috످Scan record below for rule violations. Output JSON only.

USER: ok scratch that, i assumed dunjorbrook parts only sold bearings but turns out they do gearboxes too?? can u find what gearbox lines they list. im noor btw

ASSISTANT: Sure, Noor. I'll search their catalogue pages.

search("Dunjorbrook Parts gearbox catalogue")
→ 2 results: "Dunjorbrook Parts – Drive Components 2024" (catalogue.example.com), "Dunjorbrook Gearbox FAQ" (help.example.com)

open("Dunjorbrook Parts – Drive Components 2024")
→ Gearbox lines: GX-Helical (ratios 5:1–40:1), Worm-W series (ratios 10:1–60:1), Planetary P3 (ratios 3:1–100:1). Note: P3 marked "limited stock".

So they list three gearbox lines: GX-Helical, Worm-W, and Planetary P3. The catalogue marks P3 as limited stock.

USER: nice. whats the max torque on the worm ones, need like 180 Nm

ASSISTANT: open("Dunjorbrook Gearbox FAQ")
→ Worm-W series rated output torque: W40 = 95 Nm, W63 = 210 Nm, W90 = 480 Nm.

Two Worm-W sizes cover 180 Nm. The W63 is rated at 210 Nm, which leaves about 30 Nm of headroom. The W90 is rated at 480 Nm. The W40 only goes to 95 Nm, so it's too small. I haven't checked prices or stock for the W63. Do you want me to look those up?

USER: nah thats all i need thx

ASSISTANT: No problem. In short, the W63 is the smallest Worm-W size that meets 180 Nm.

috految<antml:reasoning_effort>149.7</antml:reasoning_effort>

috److془Check: all fine. Output JSON only.

Rules not specified; mention briefly.

Check: "Two Worm-W sizes cover 180 Nm. W63 210, 30 headroom. W90 480. W40 95." Correct. "I haven't checked prices or stock". Fine.془{
  "violations_found": false,
  "violations": [],
  "summary": "No rules were provided, so the record was checked against general standards for accuracy, honesty, and safety. The gearbox lines and torque ratings match the tool results, and the assistant correctly identified the W63 (210 Nm) as the smallest listed Worm-W size that meets the 180 Nm requirement."
}

috످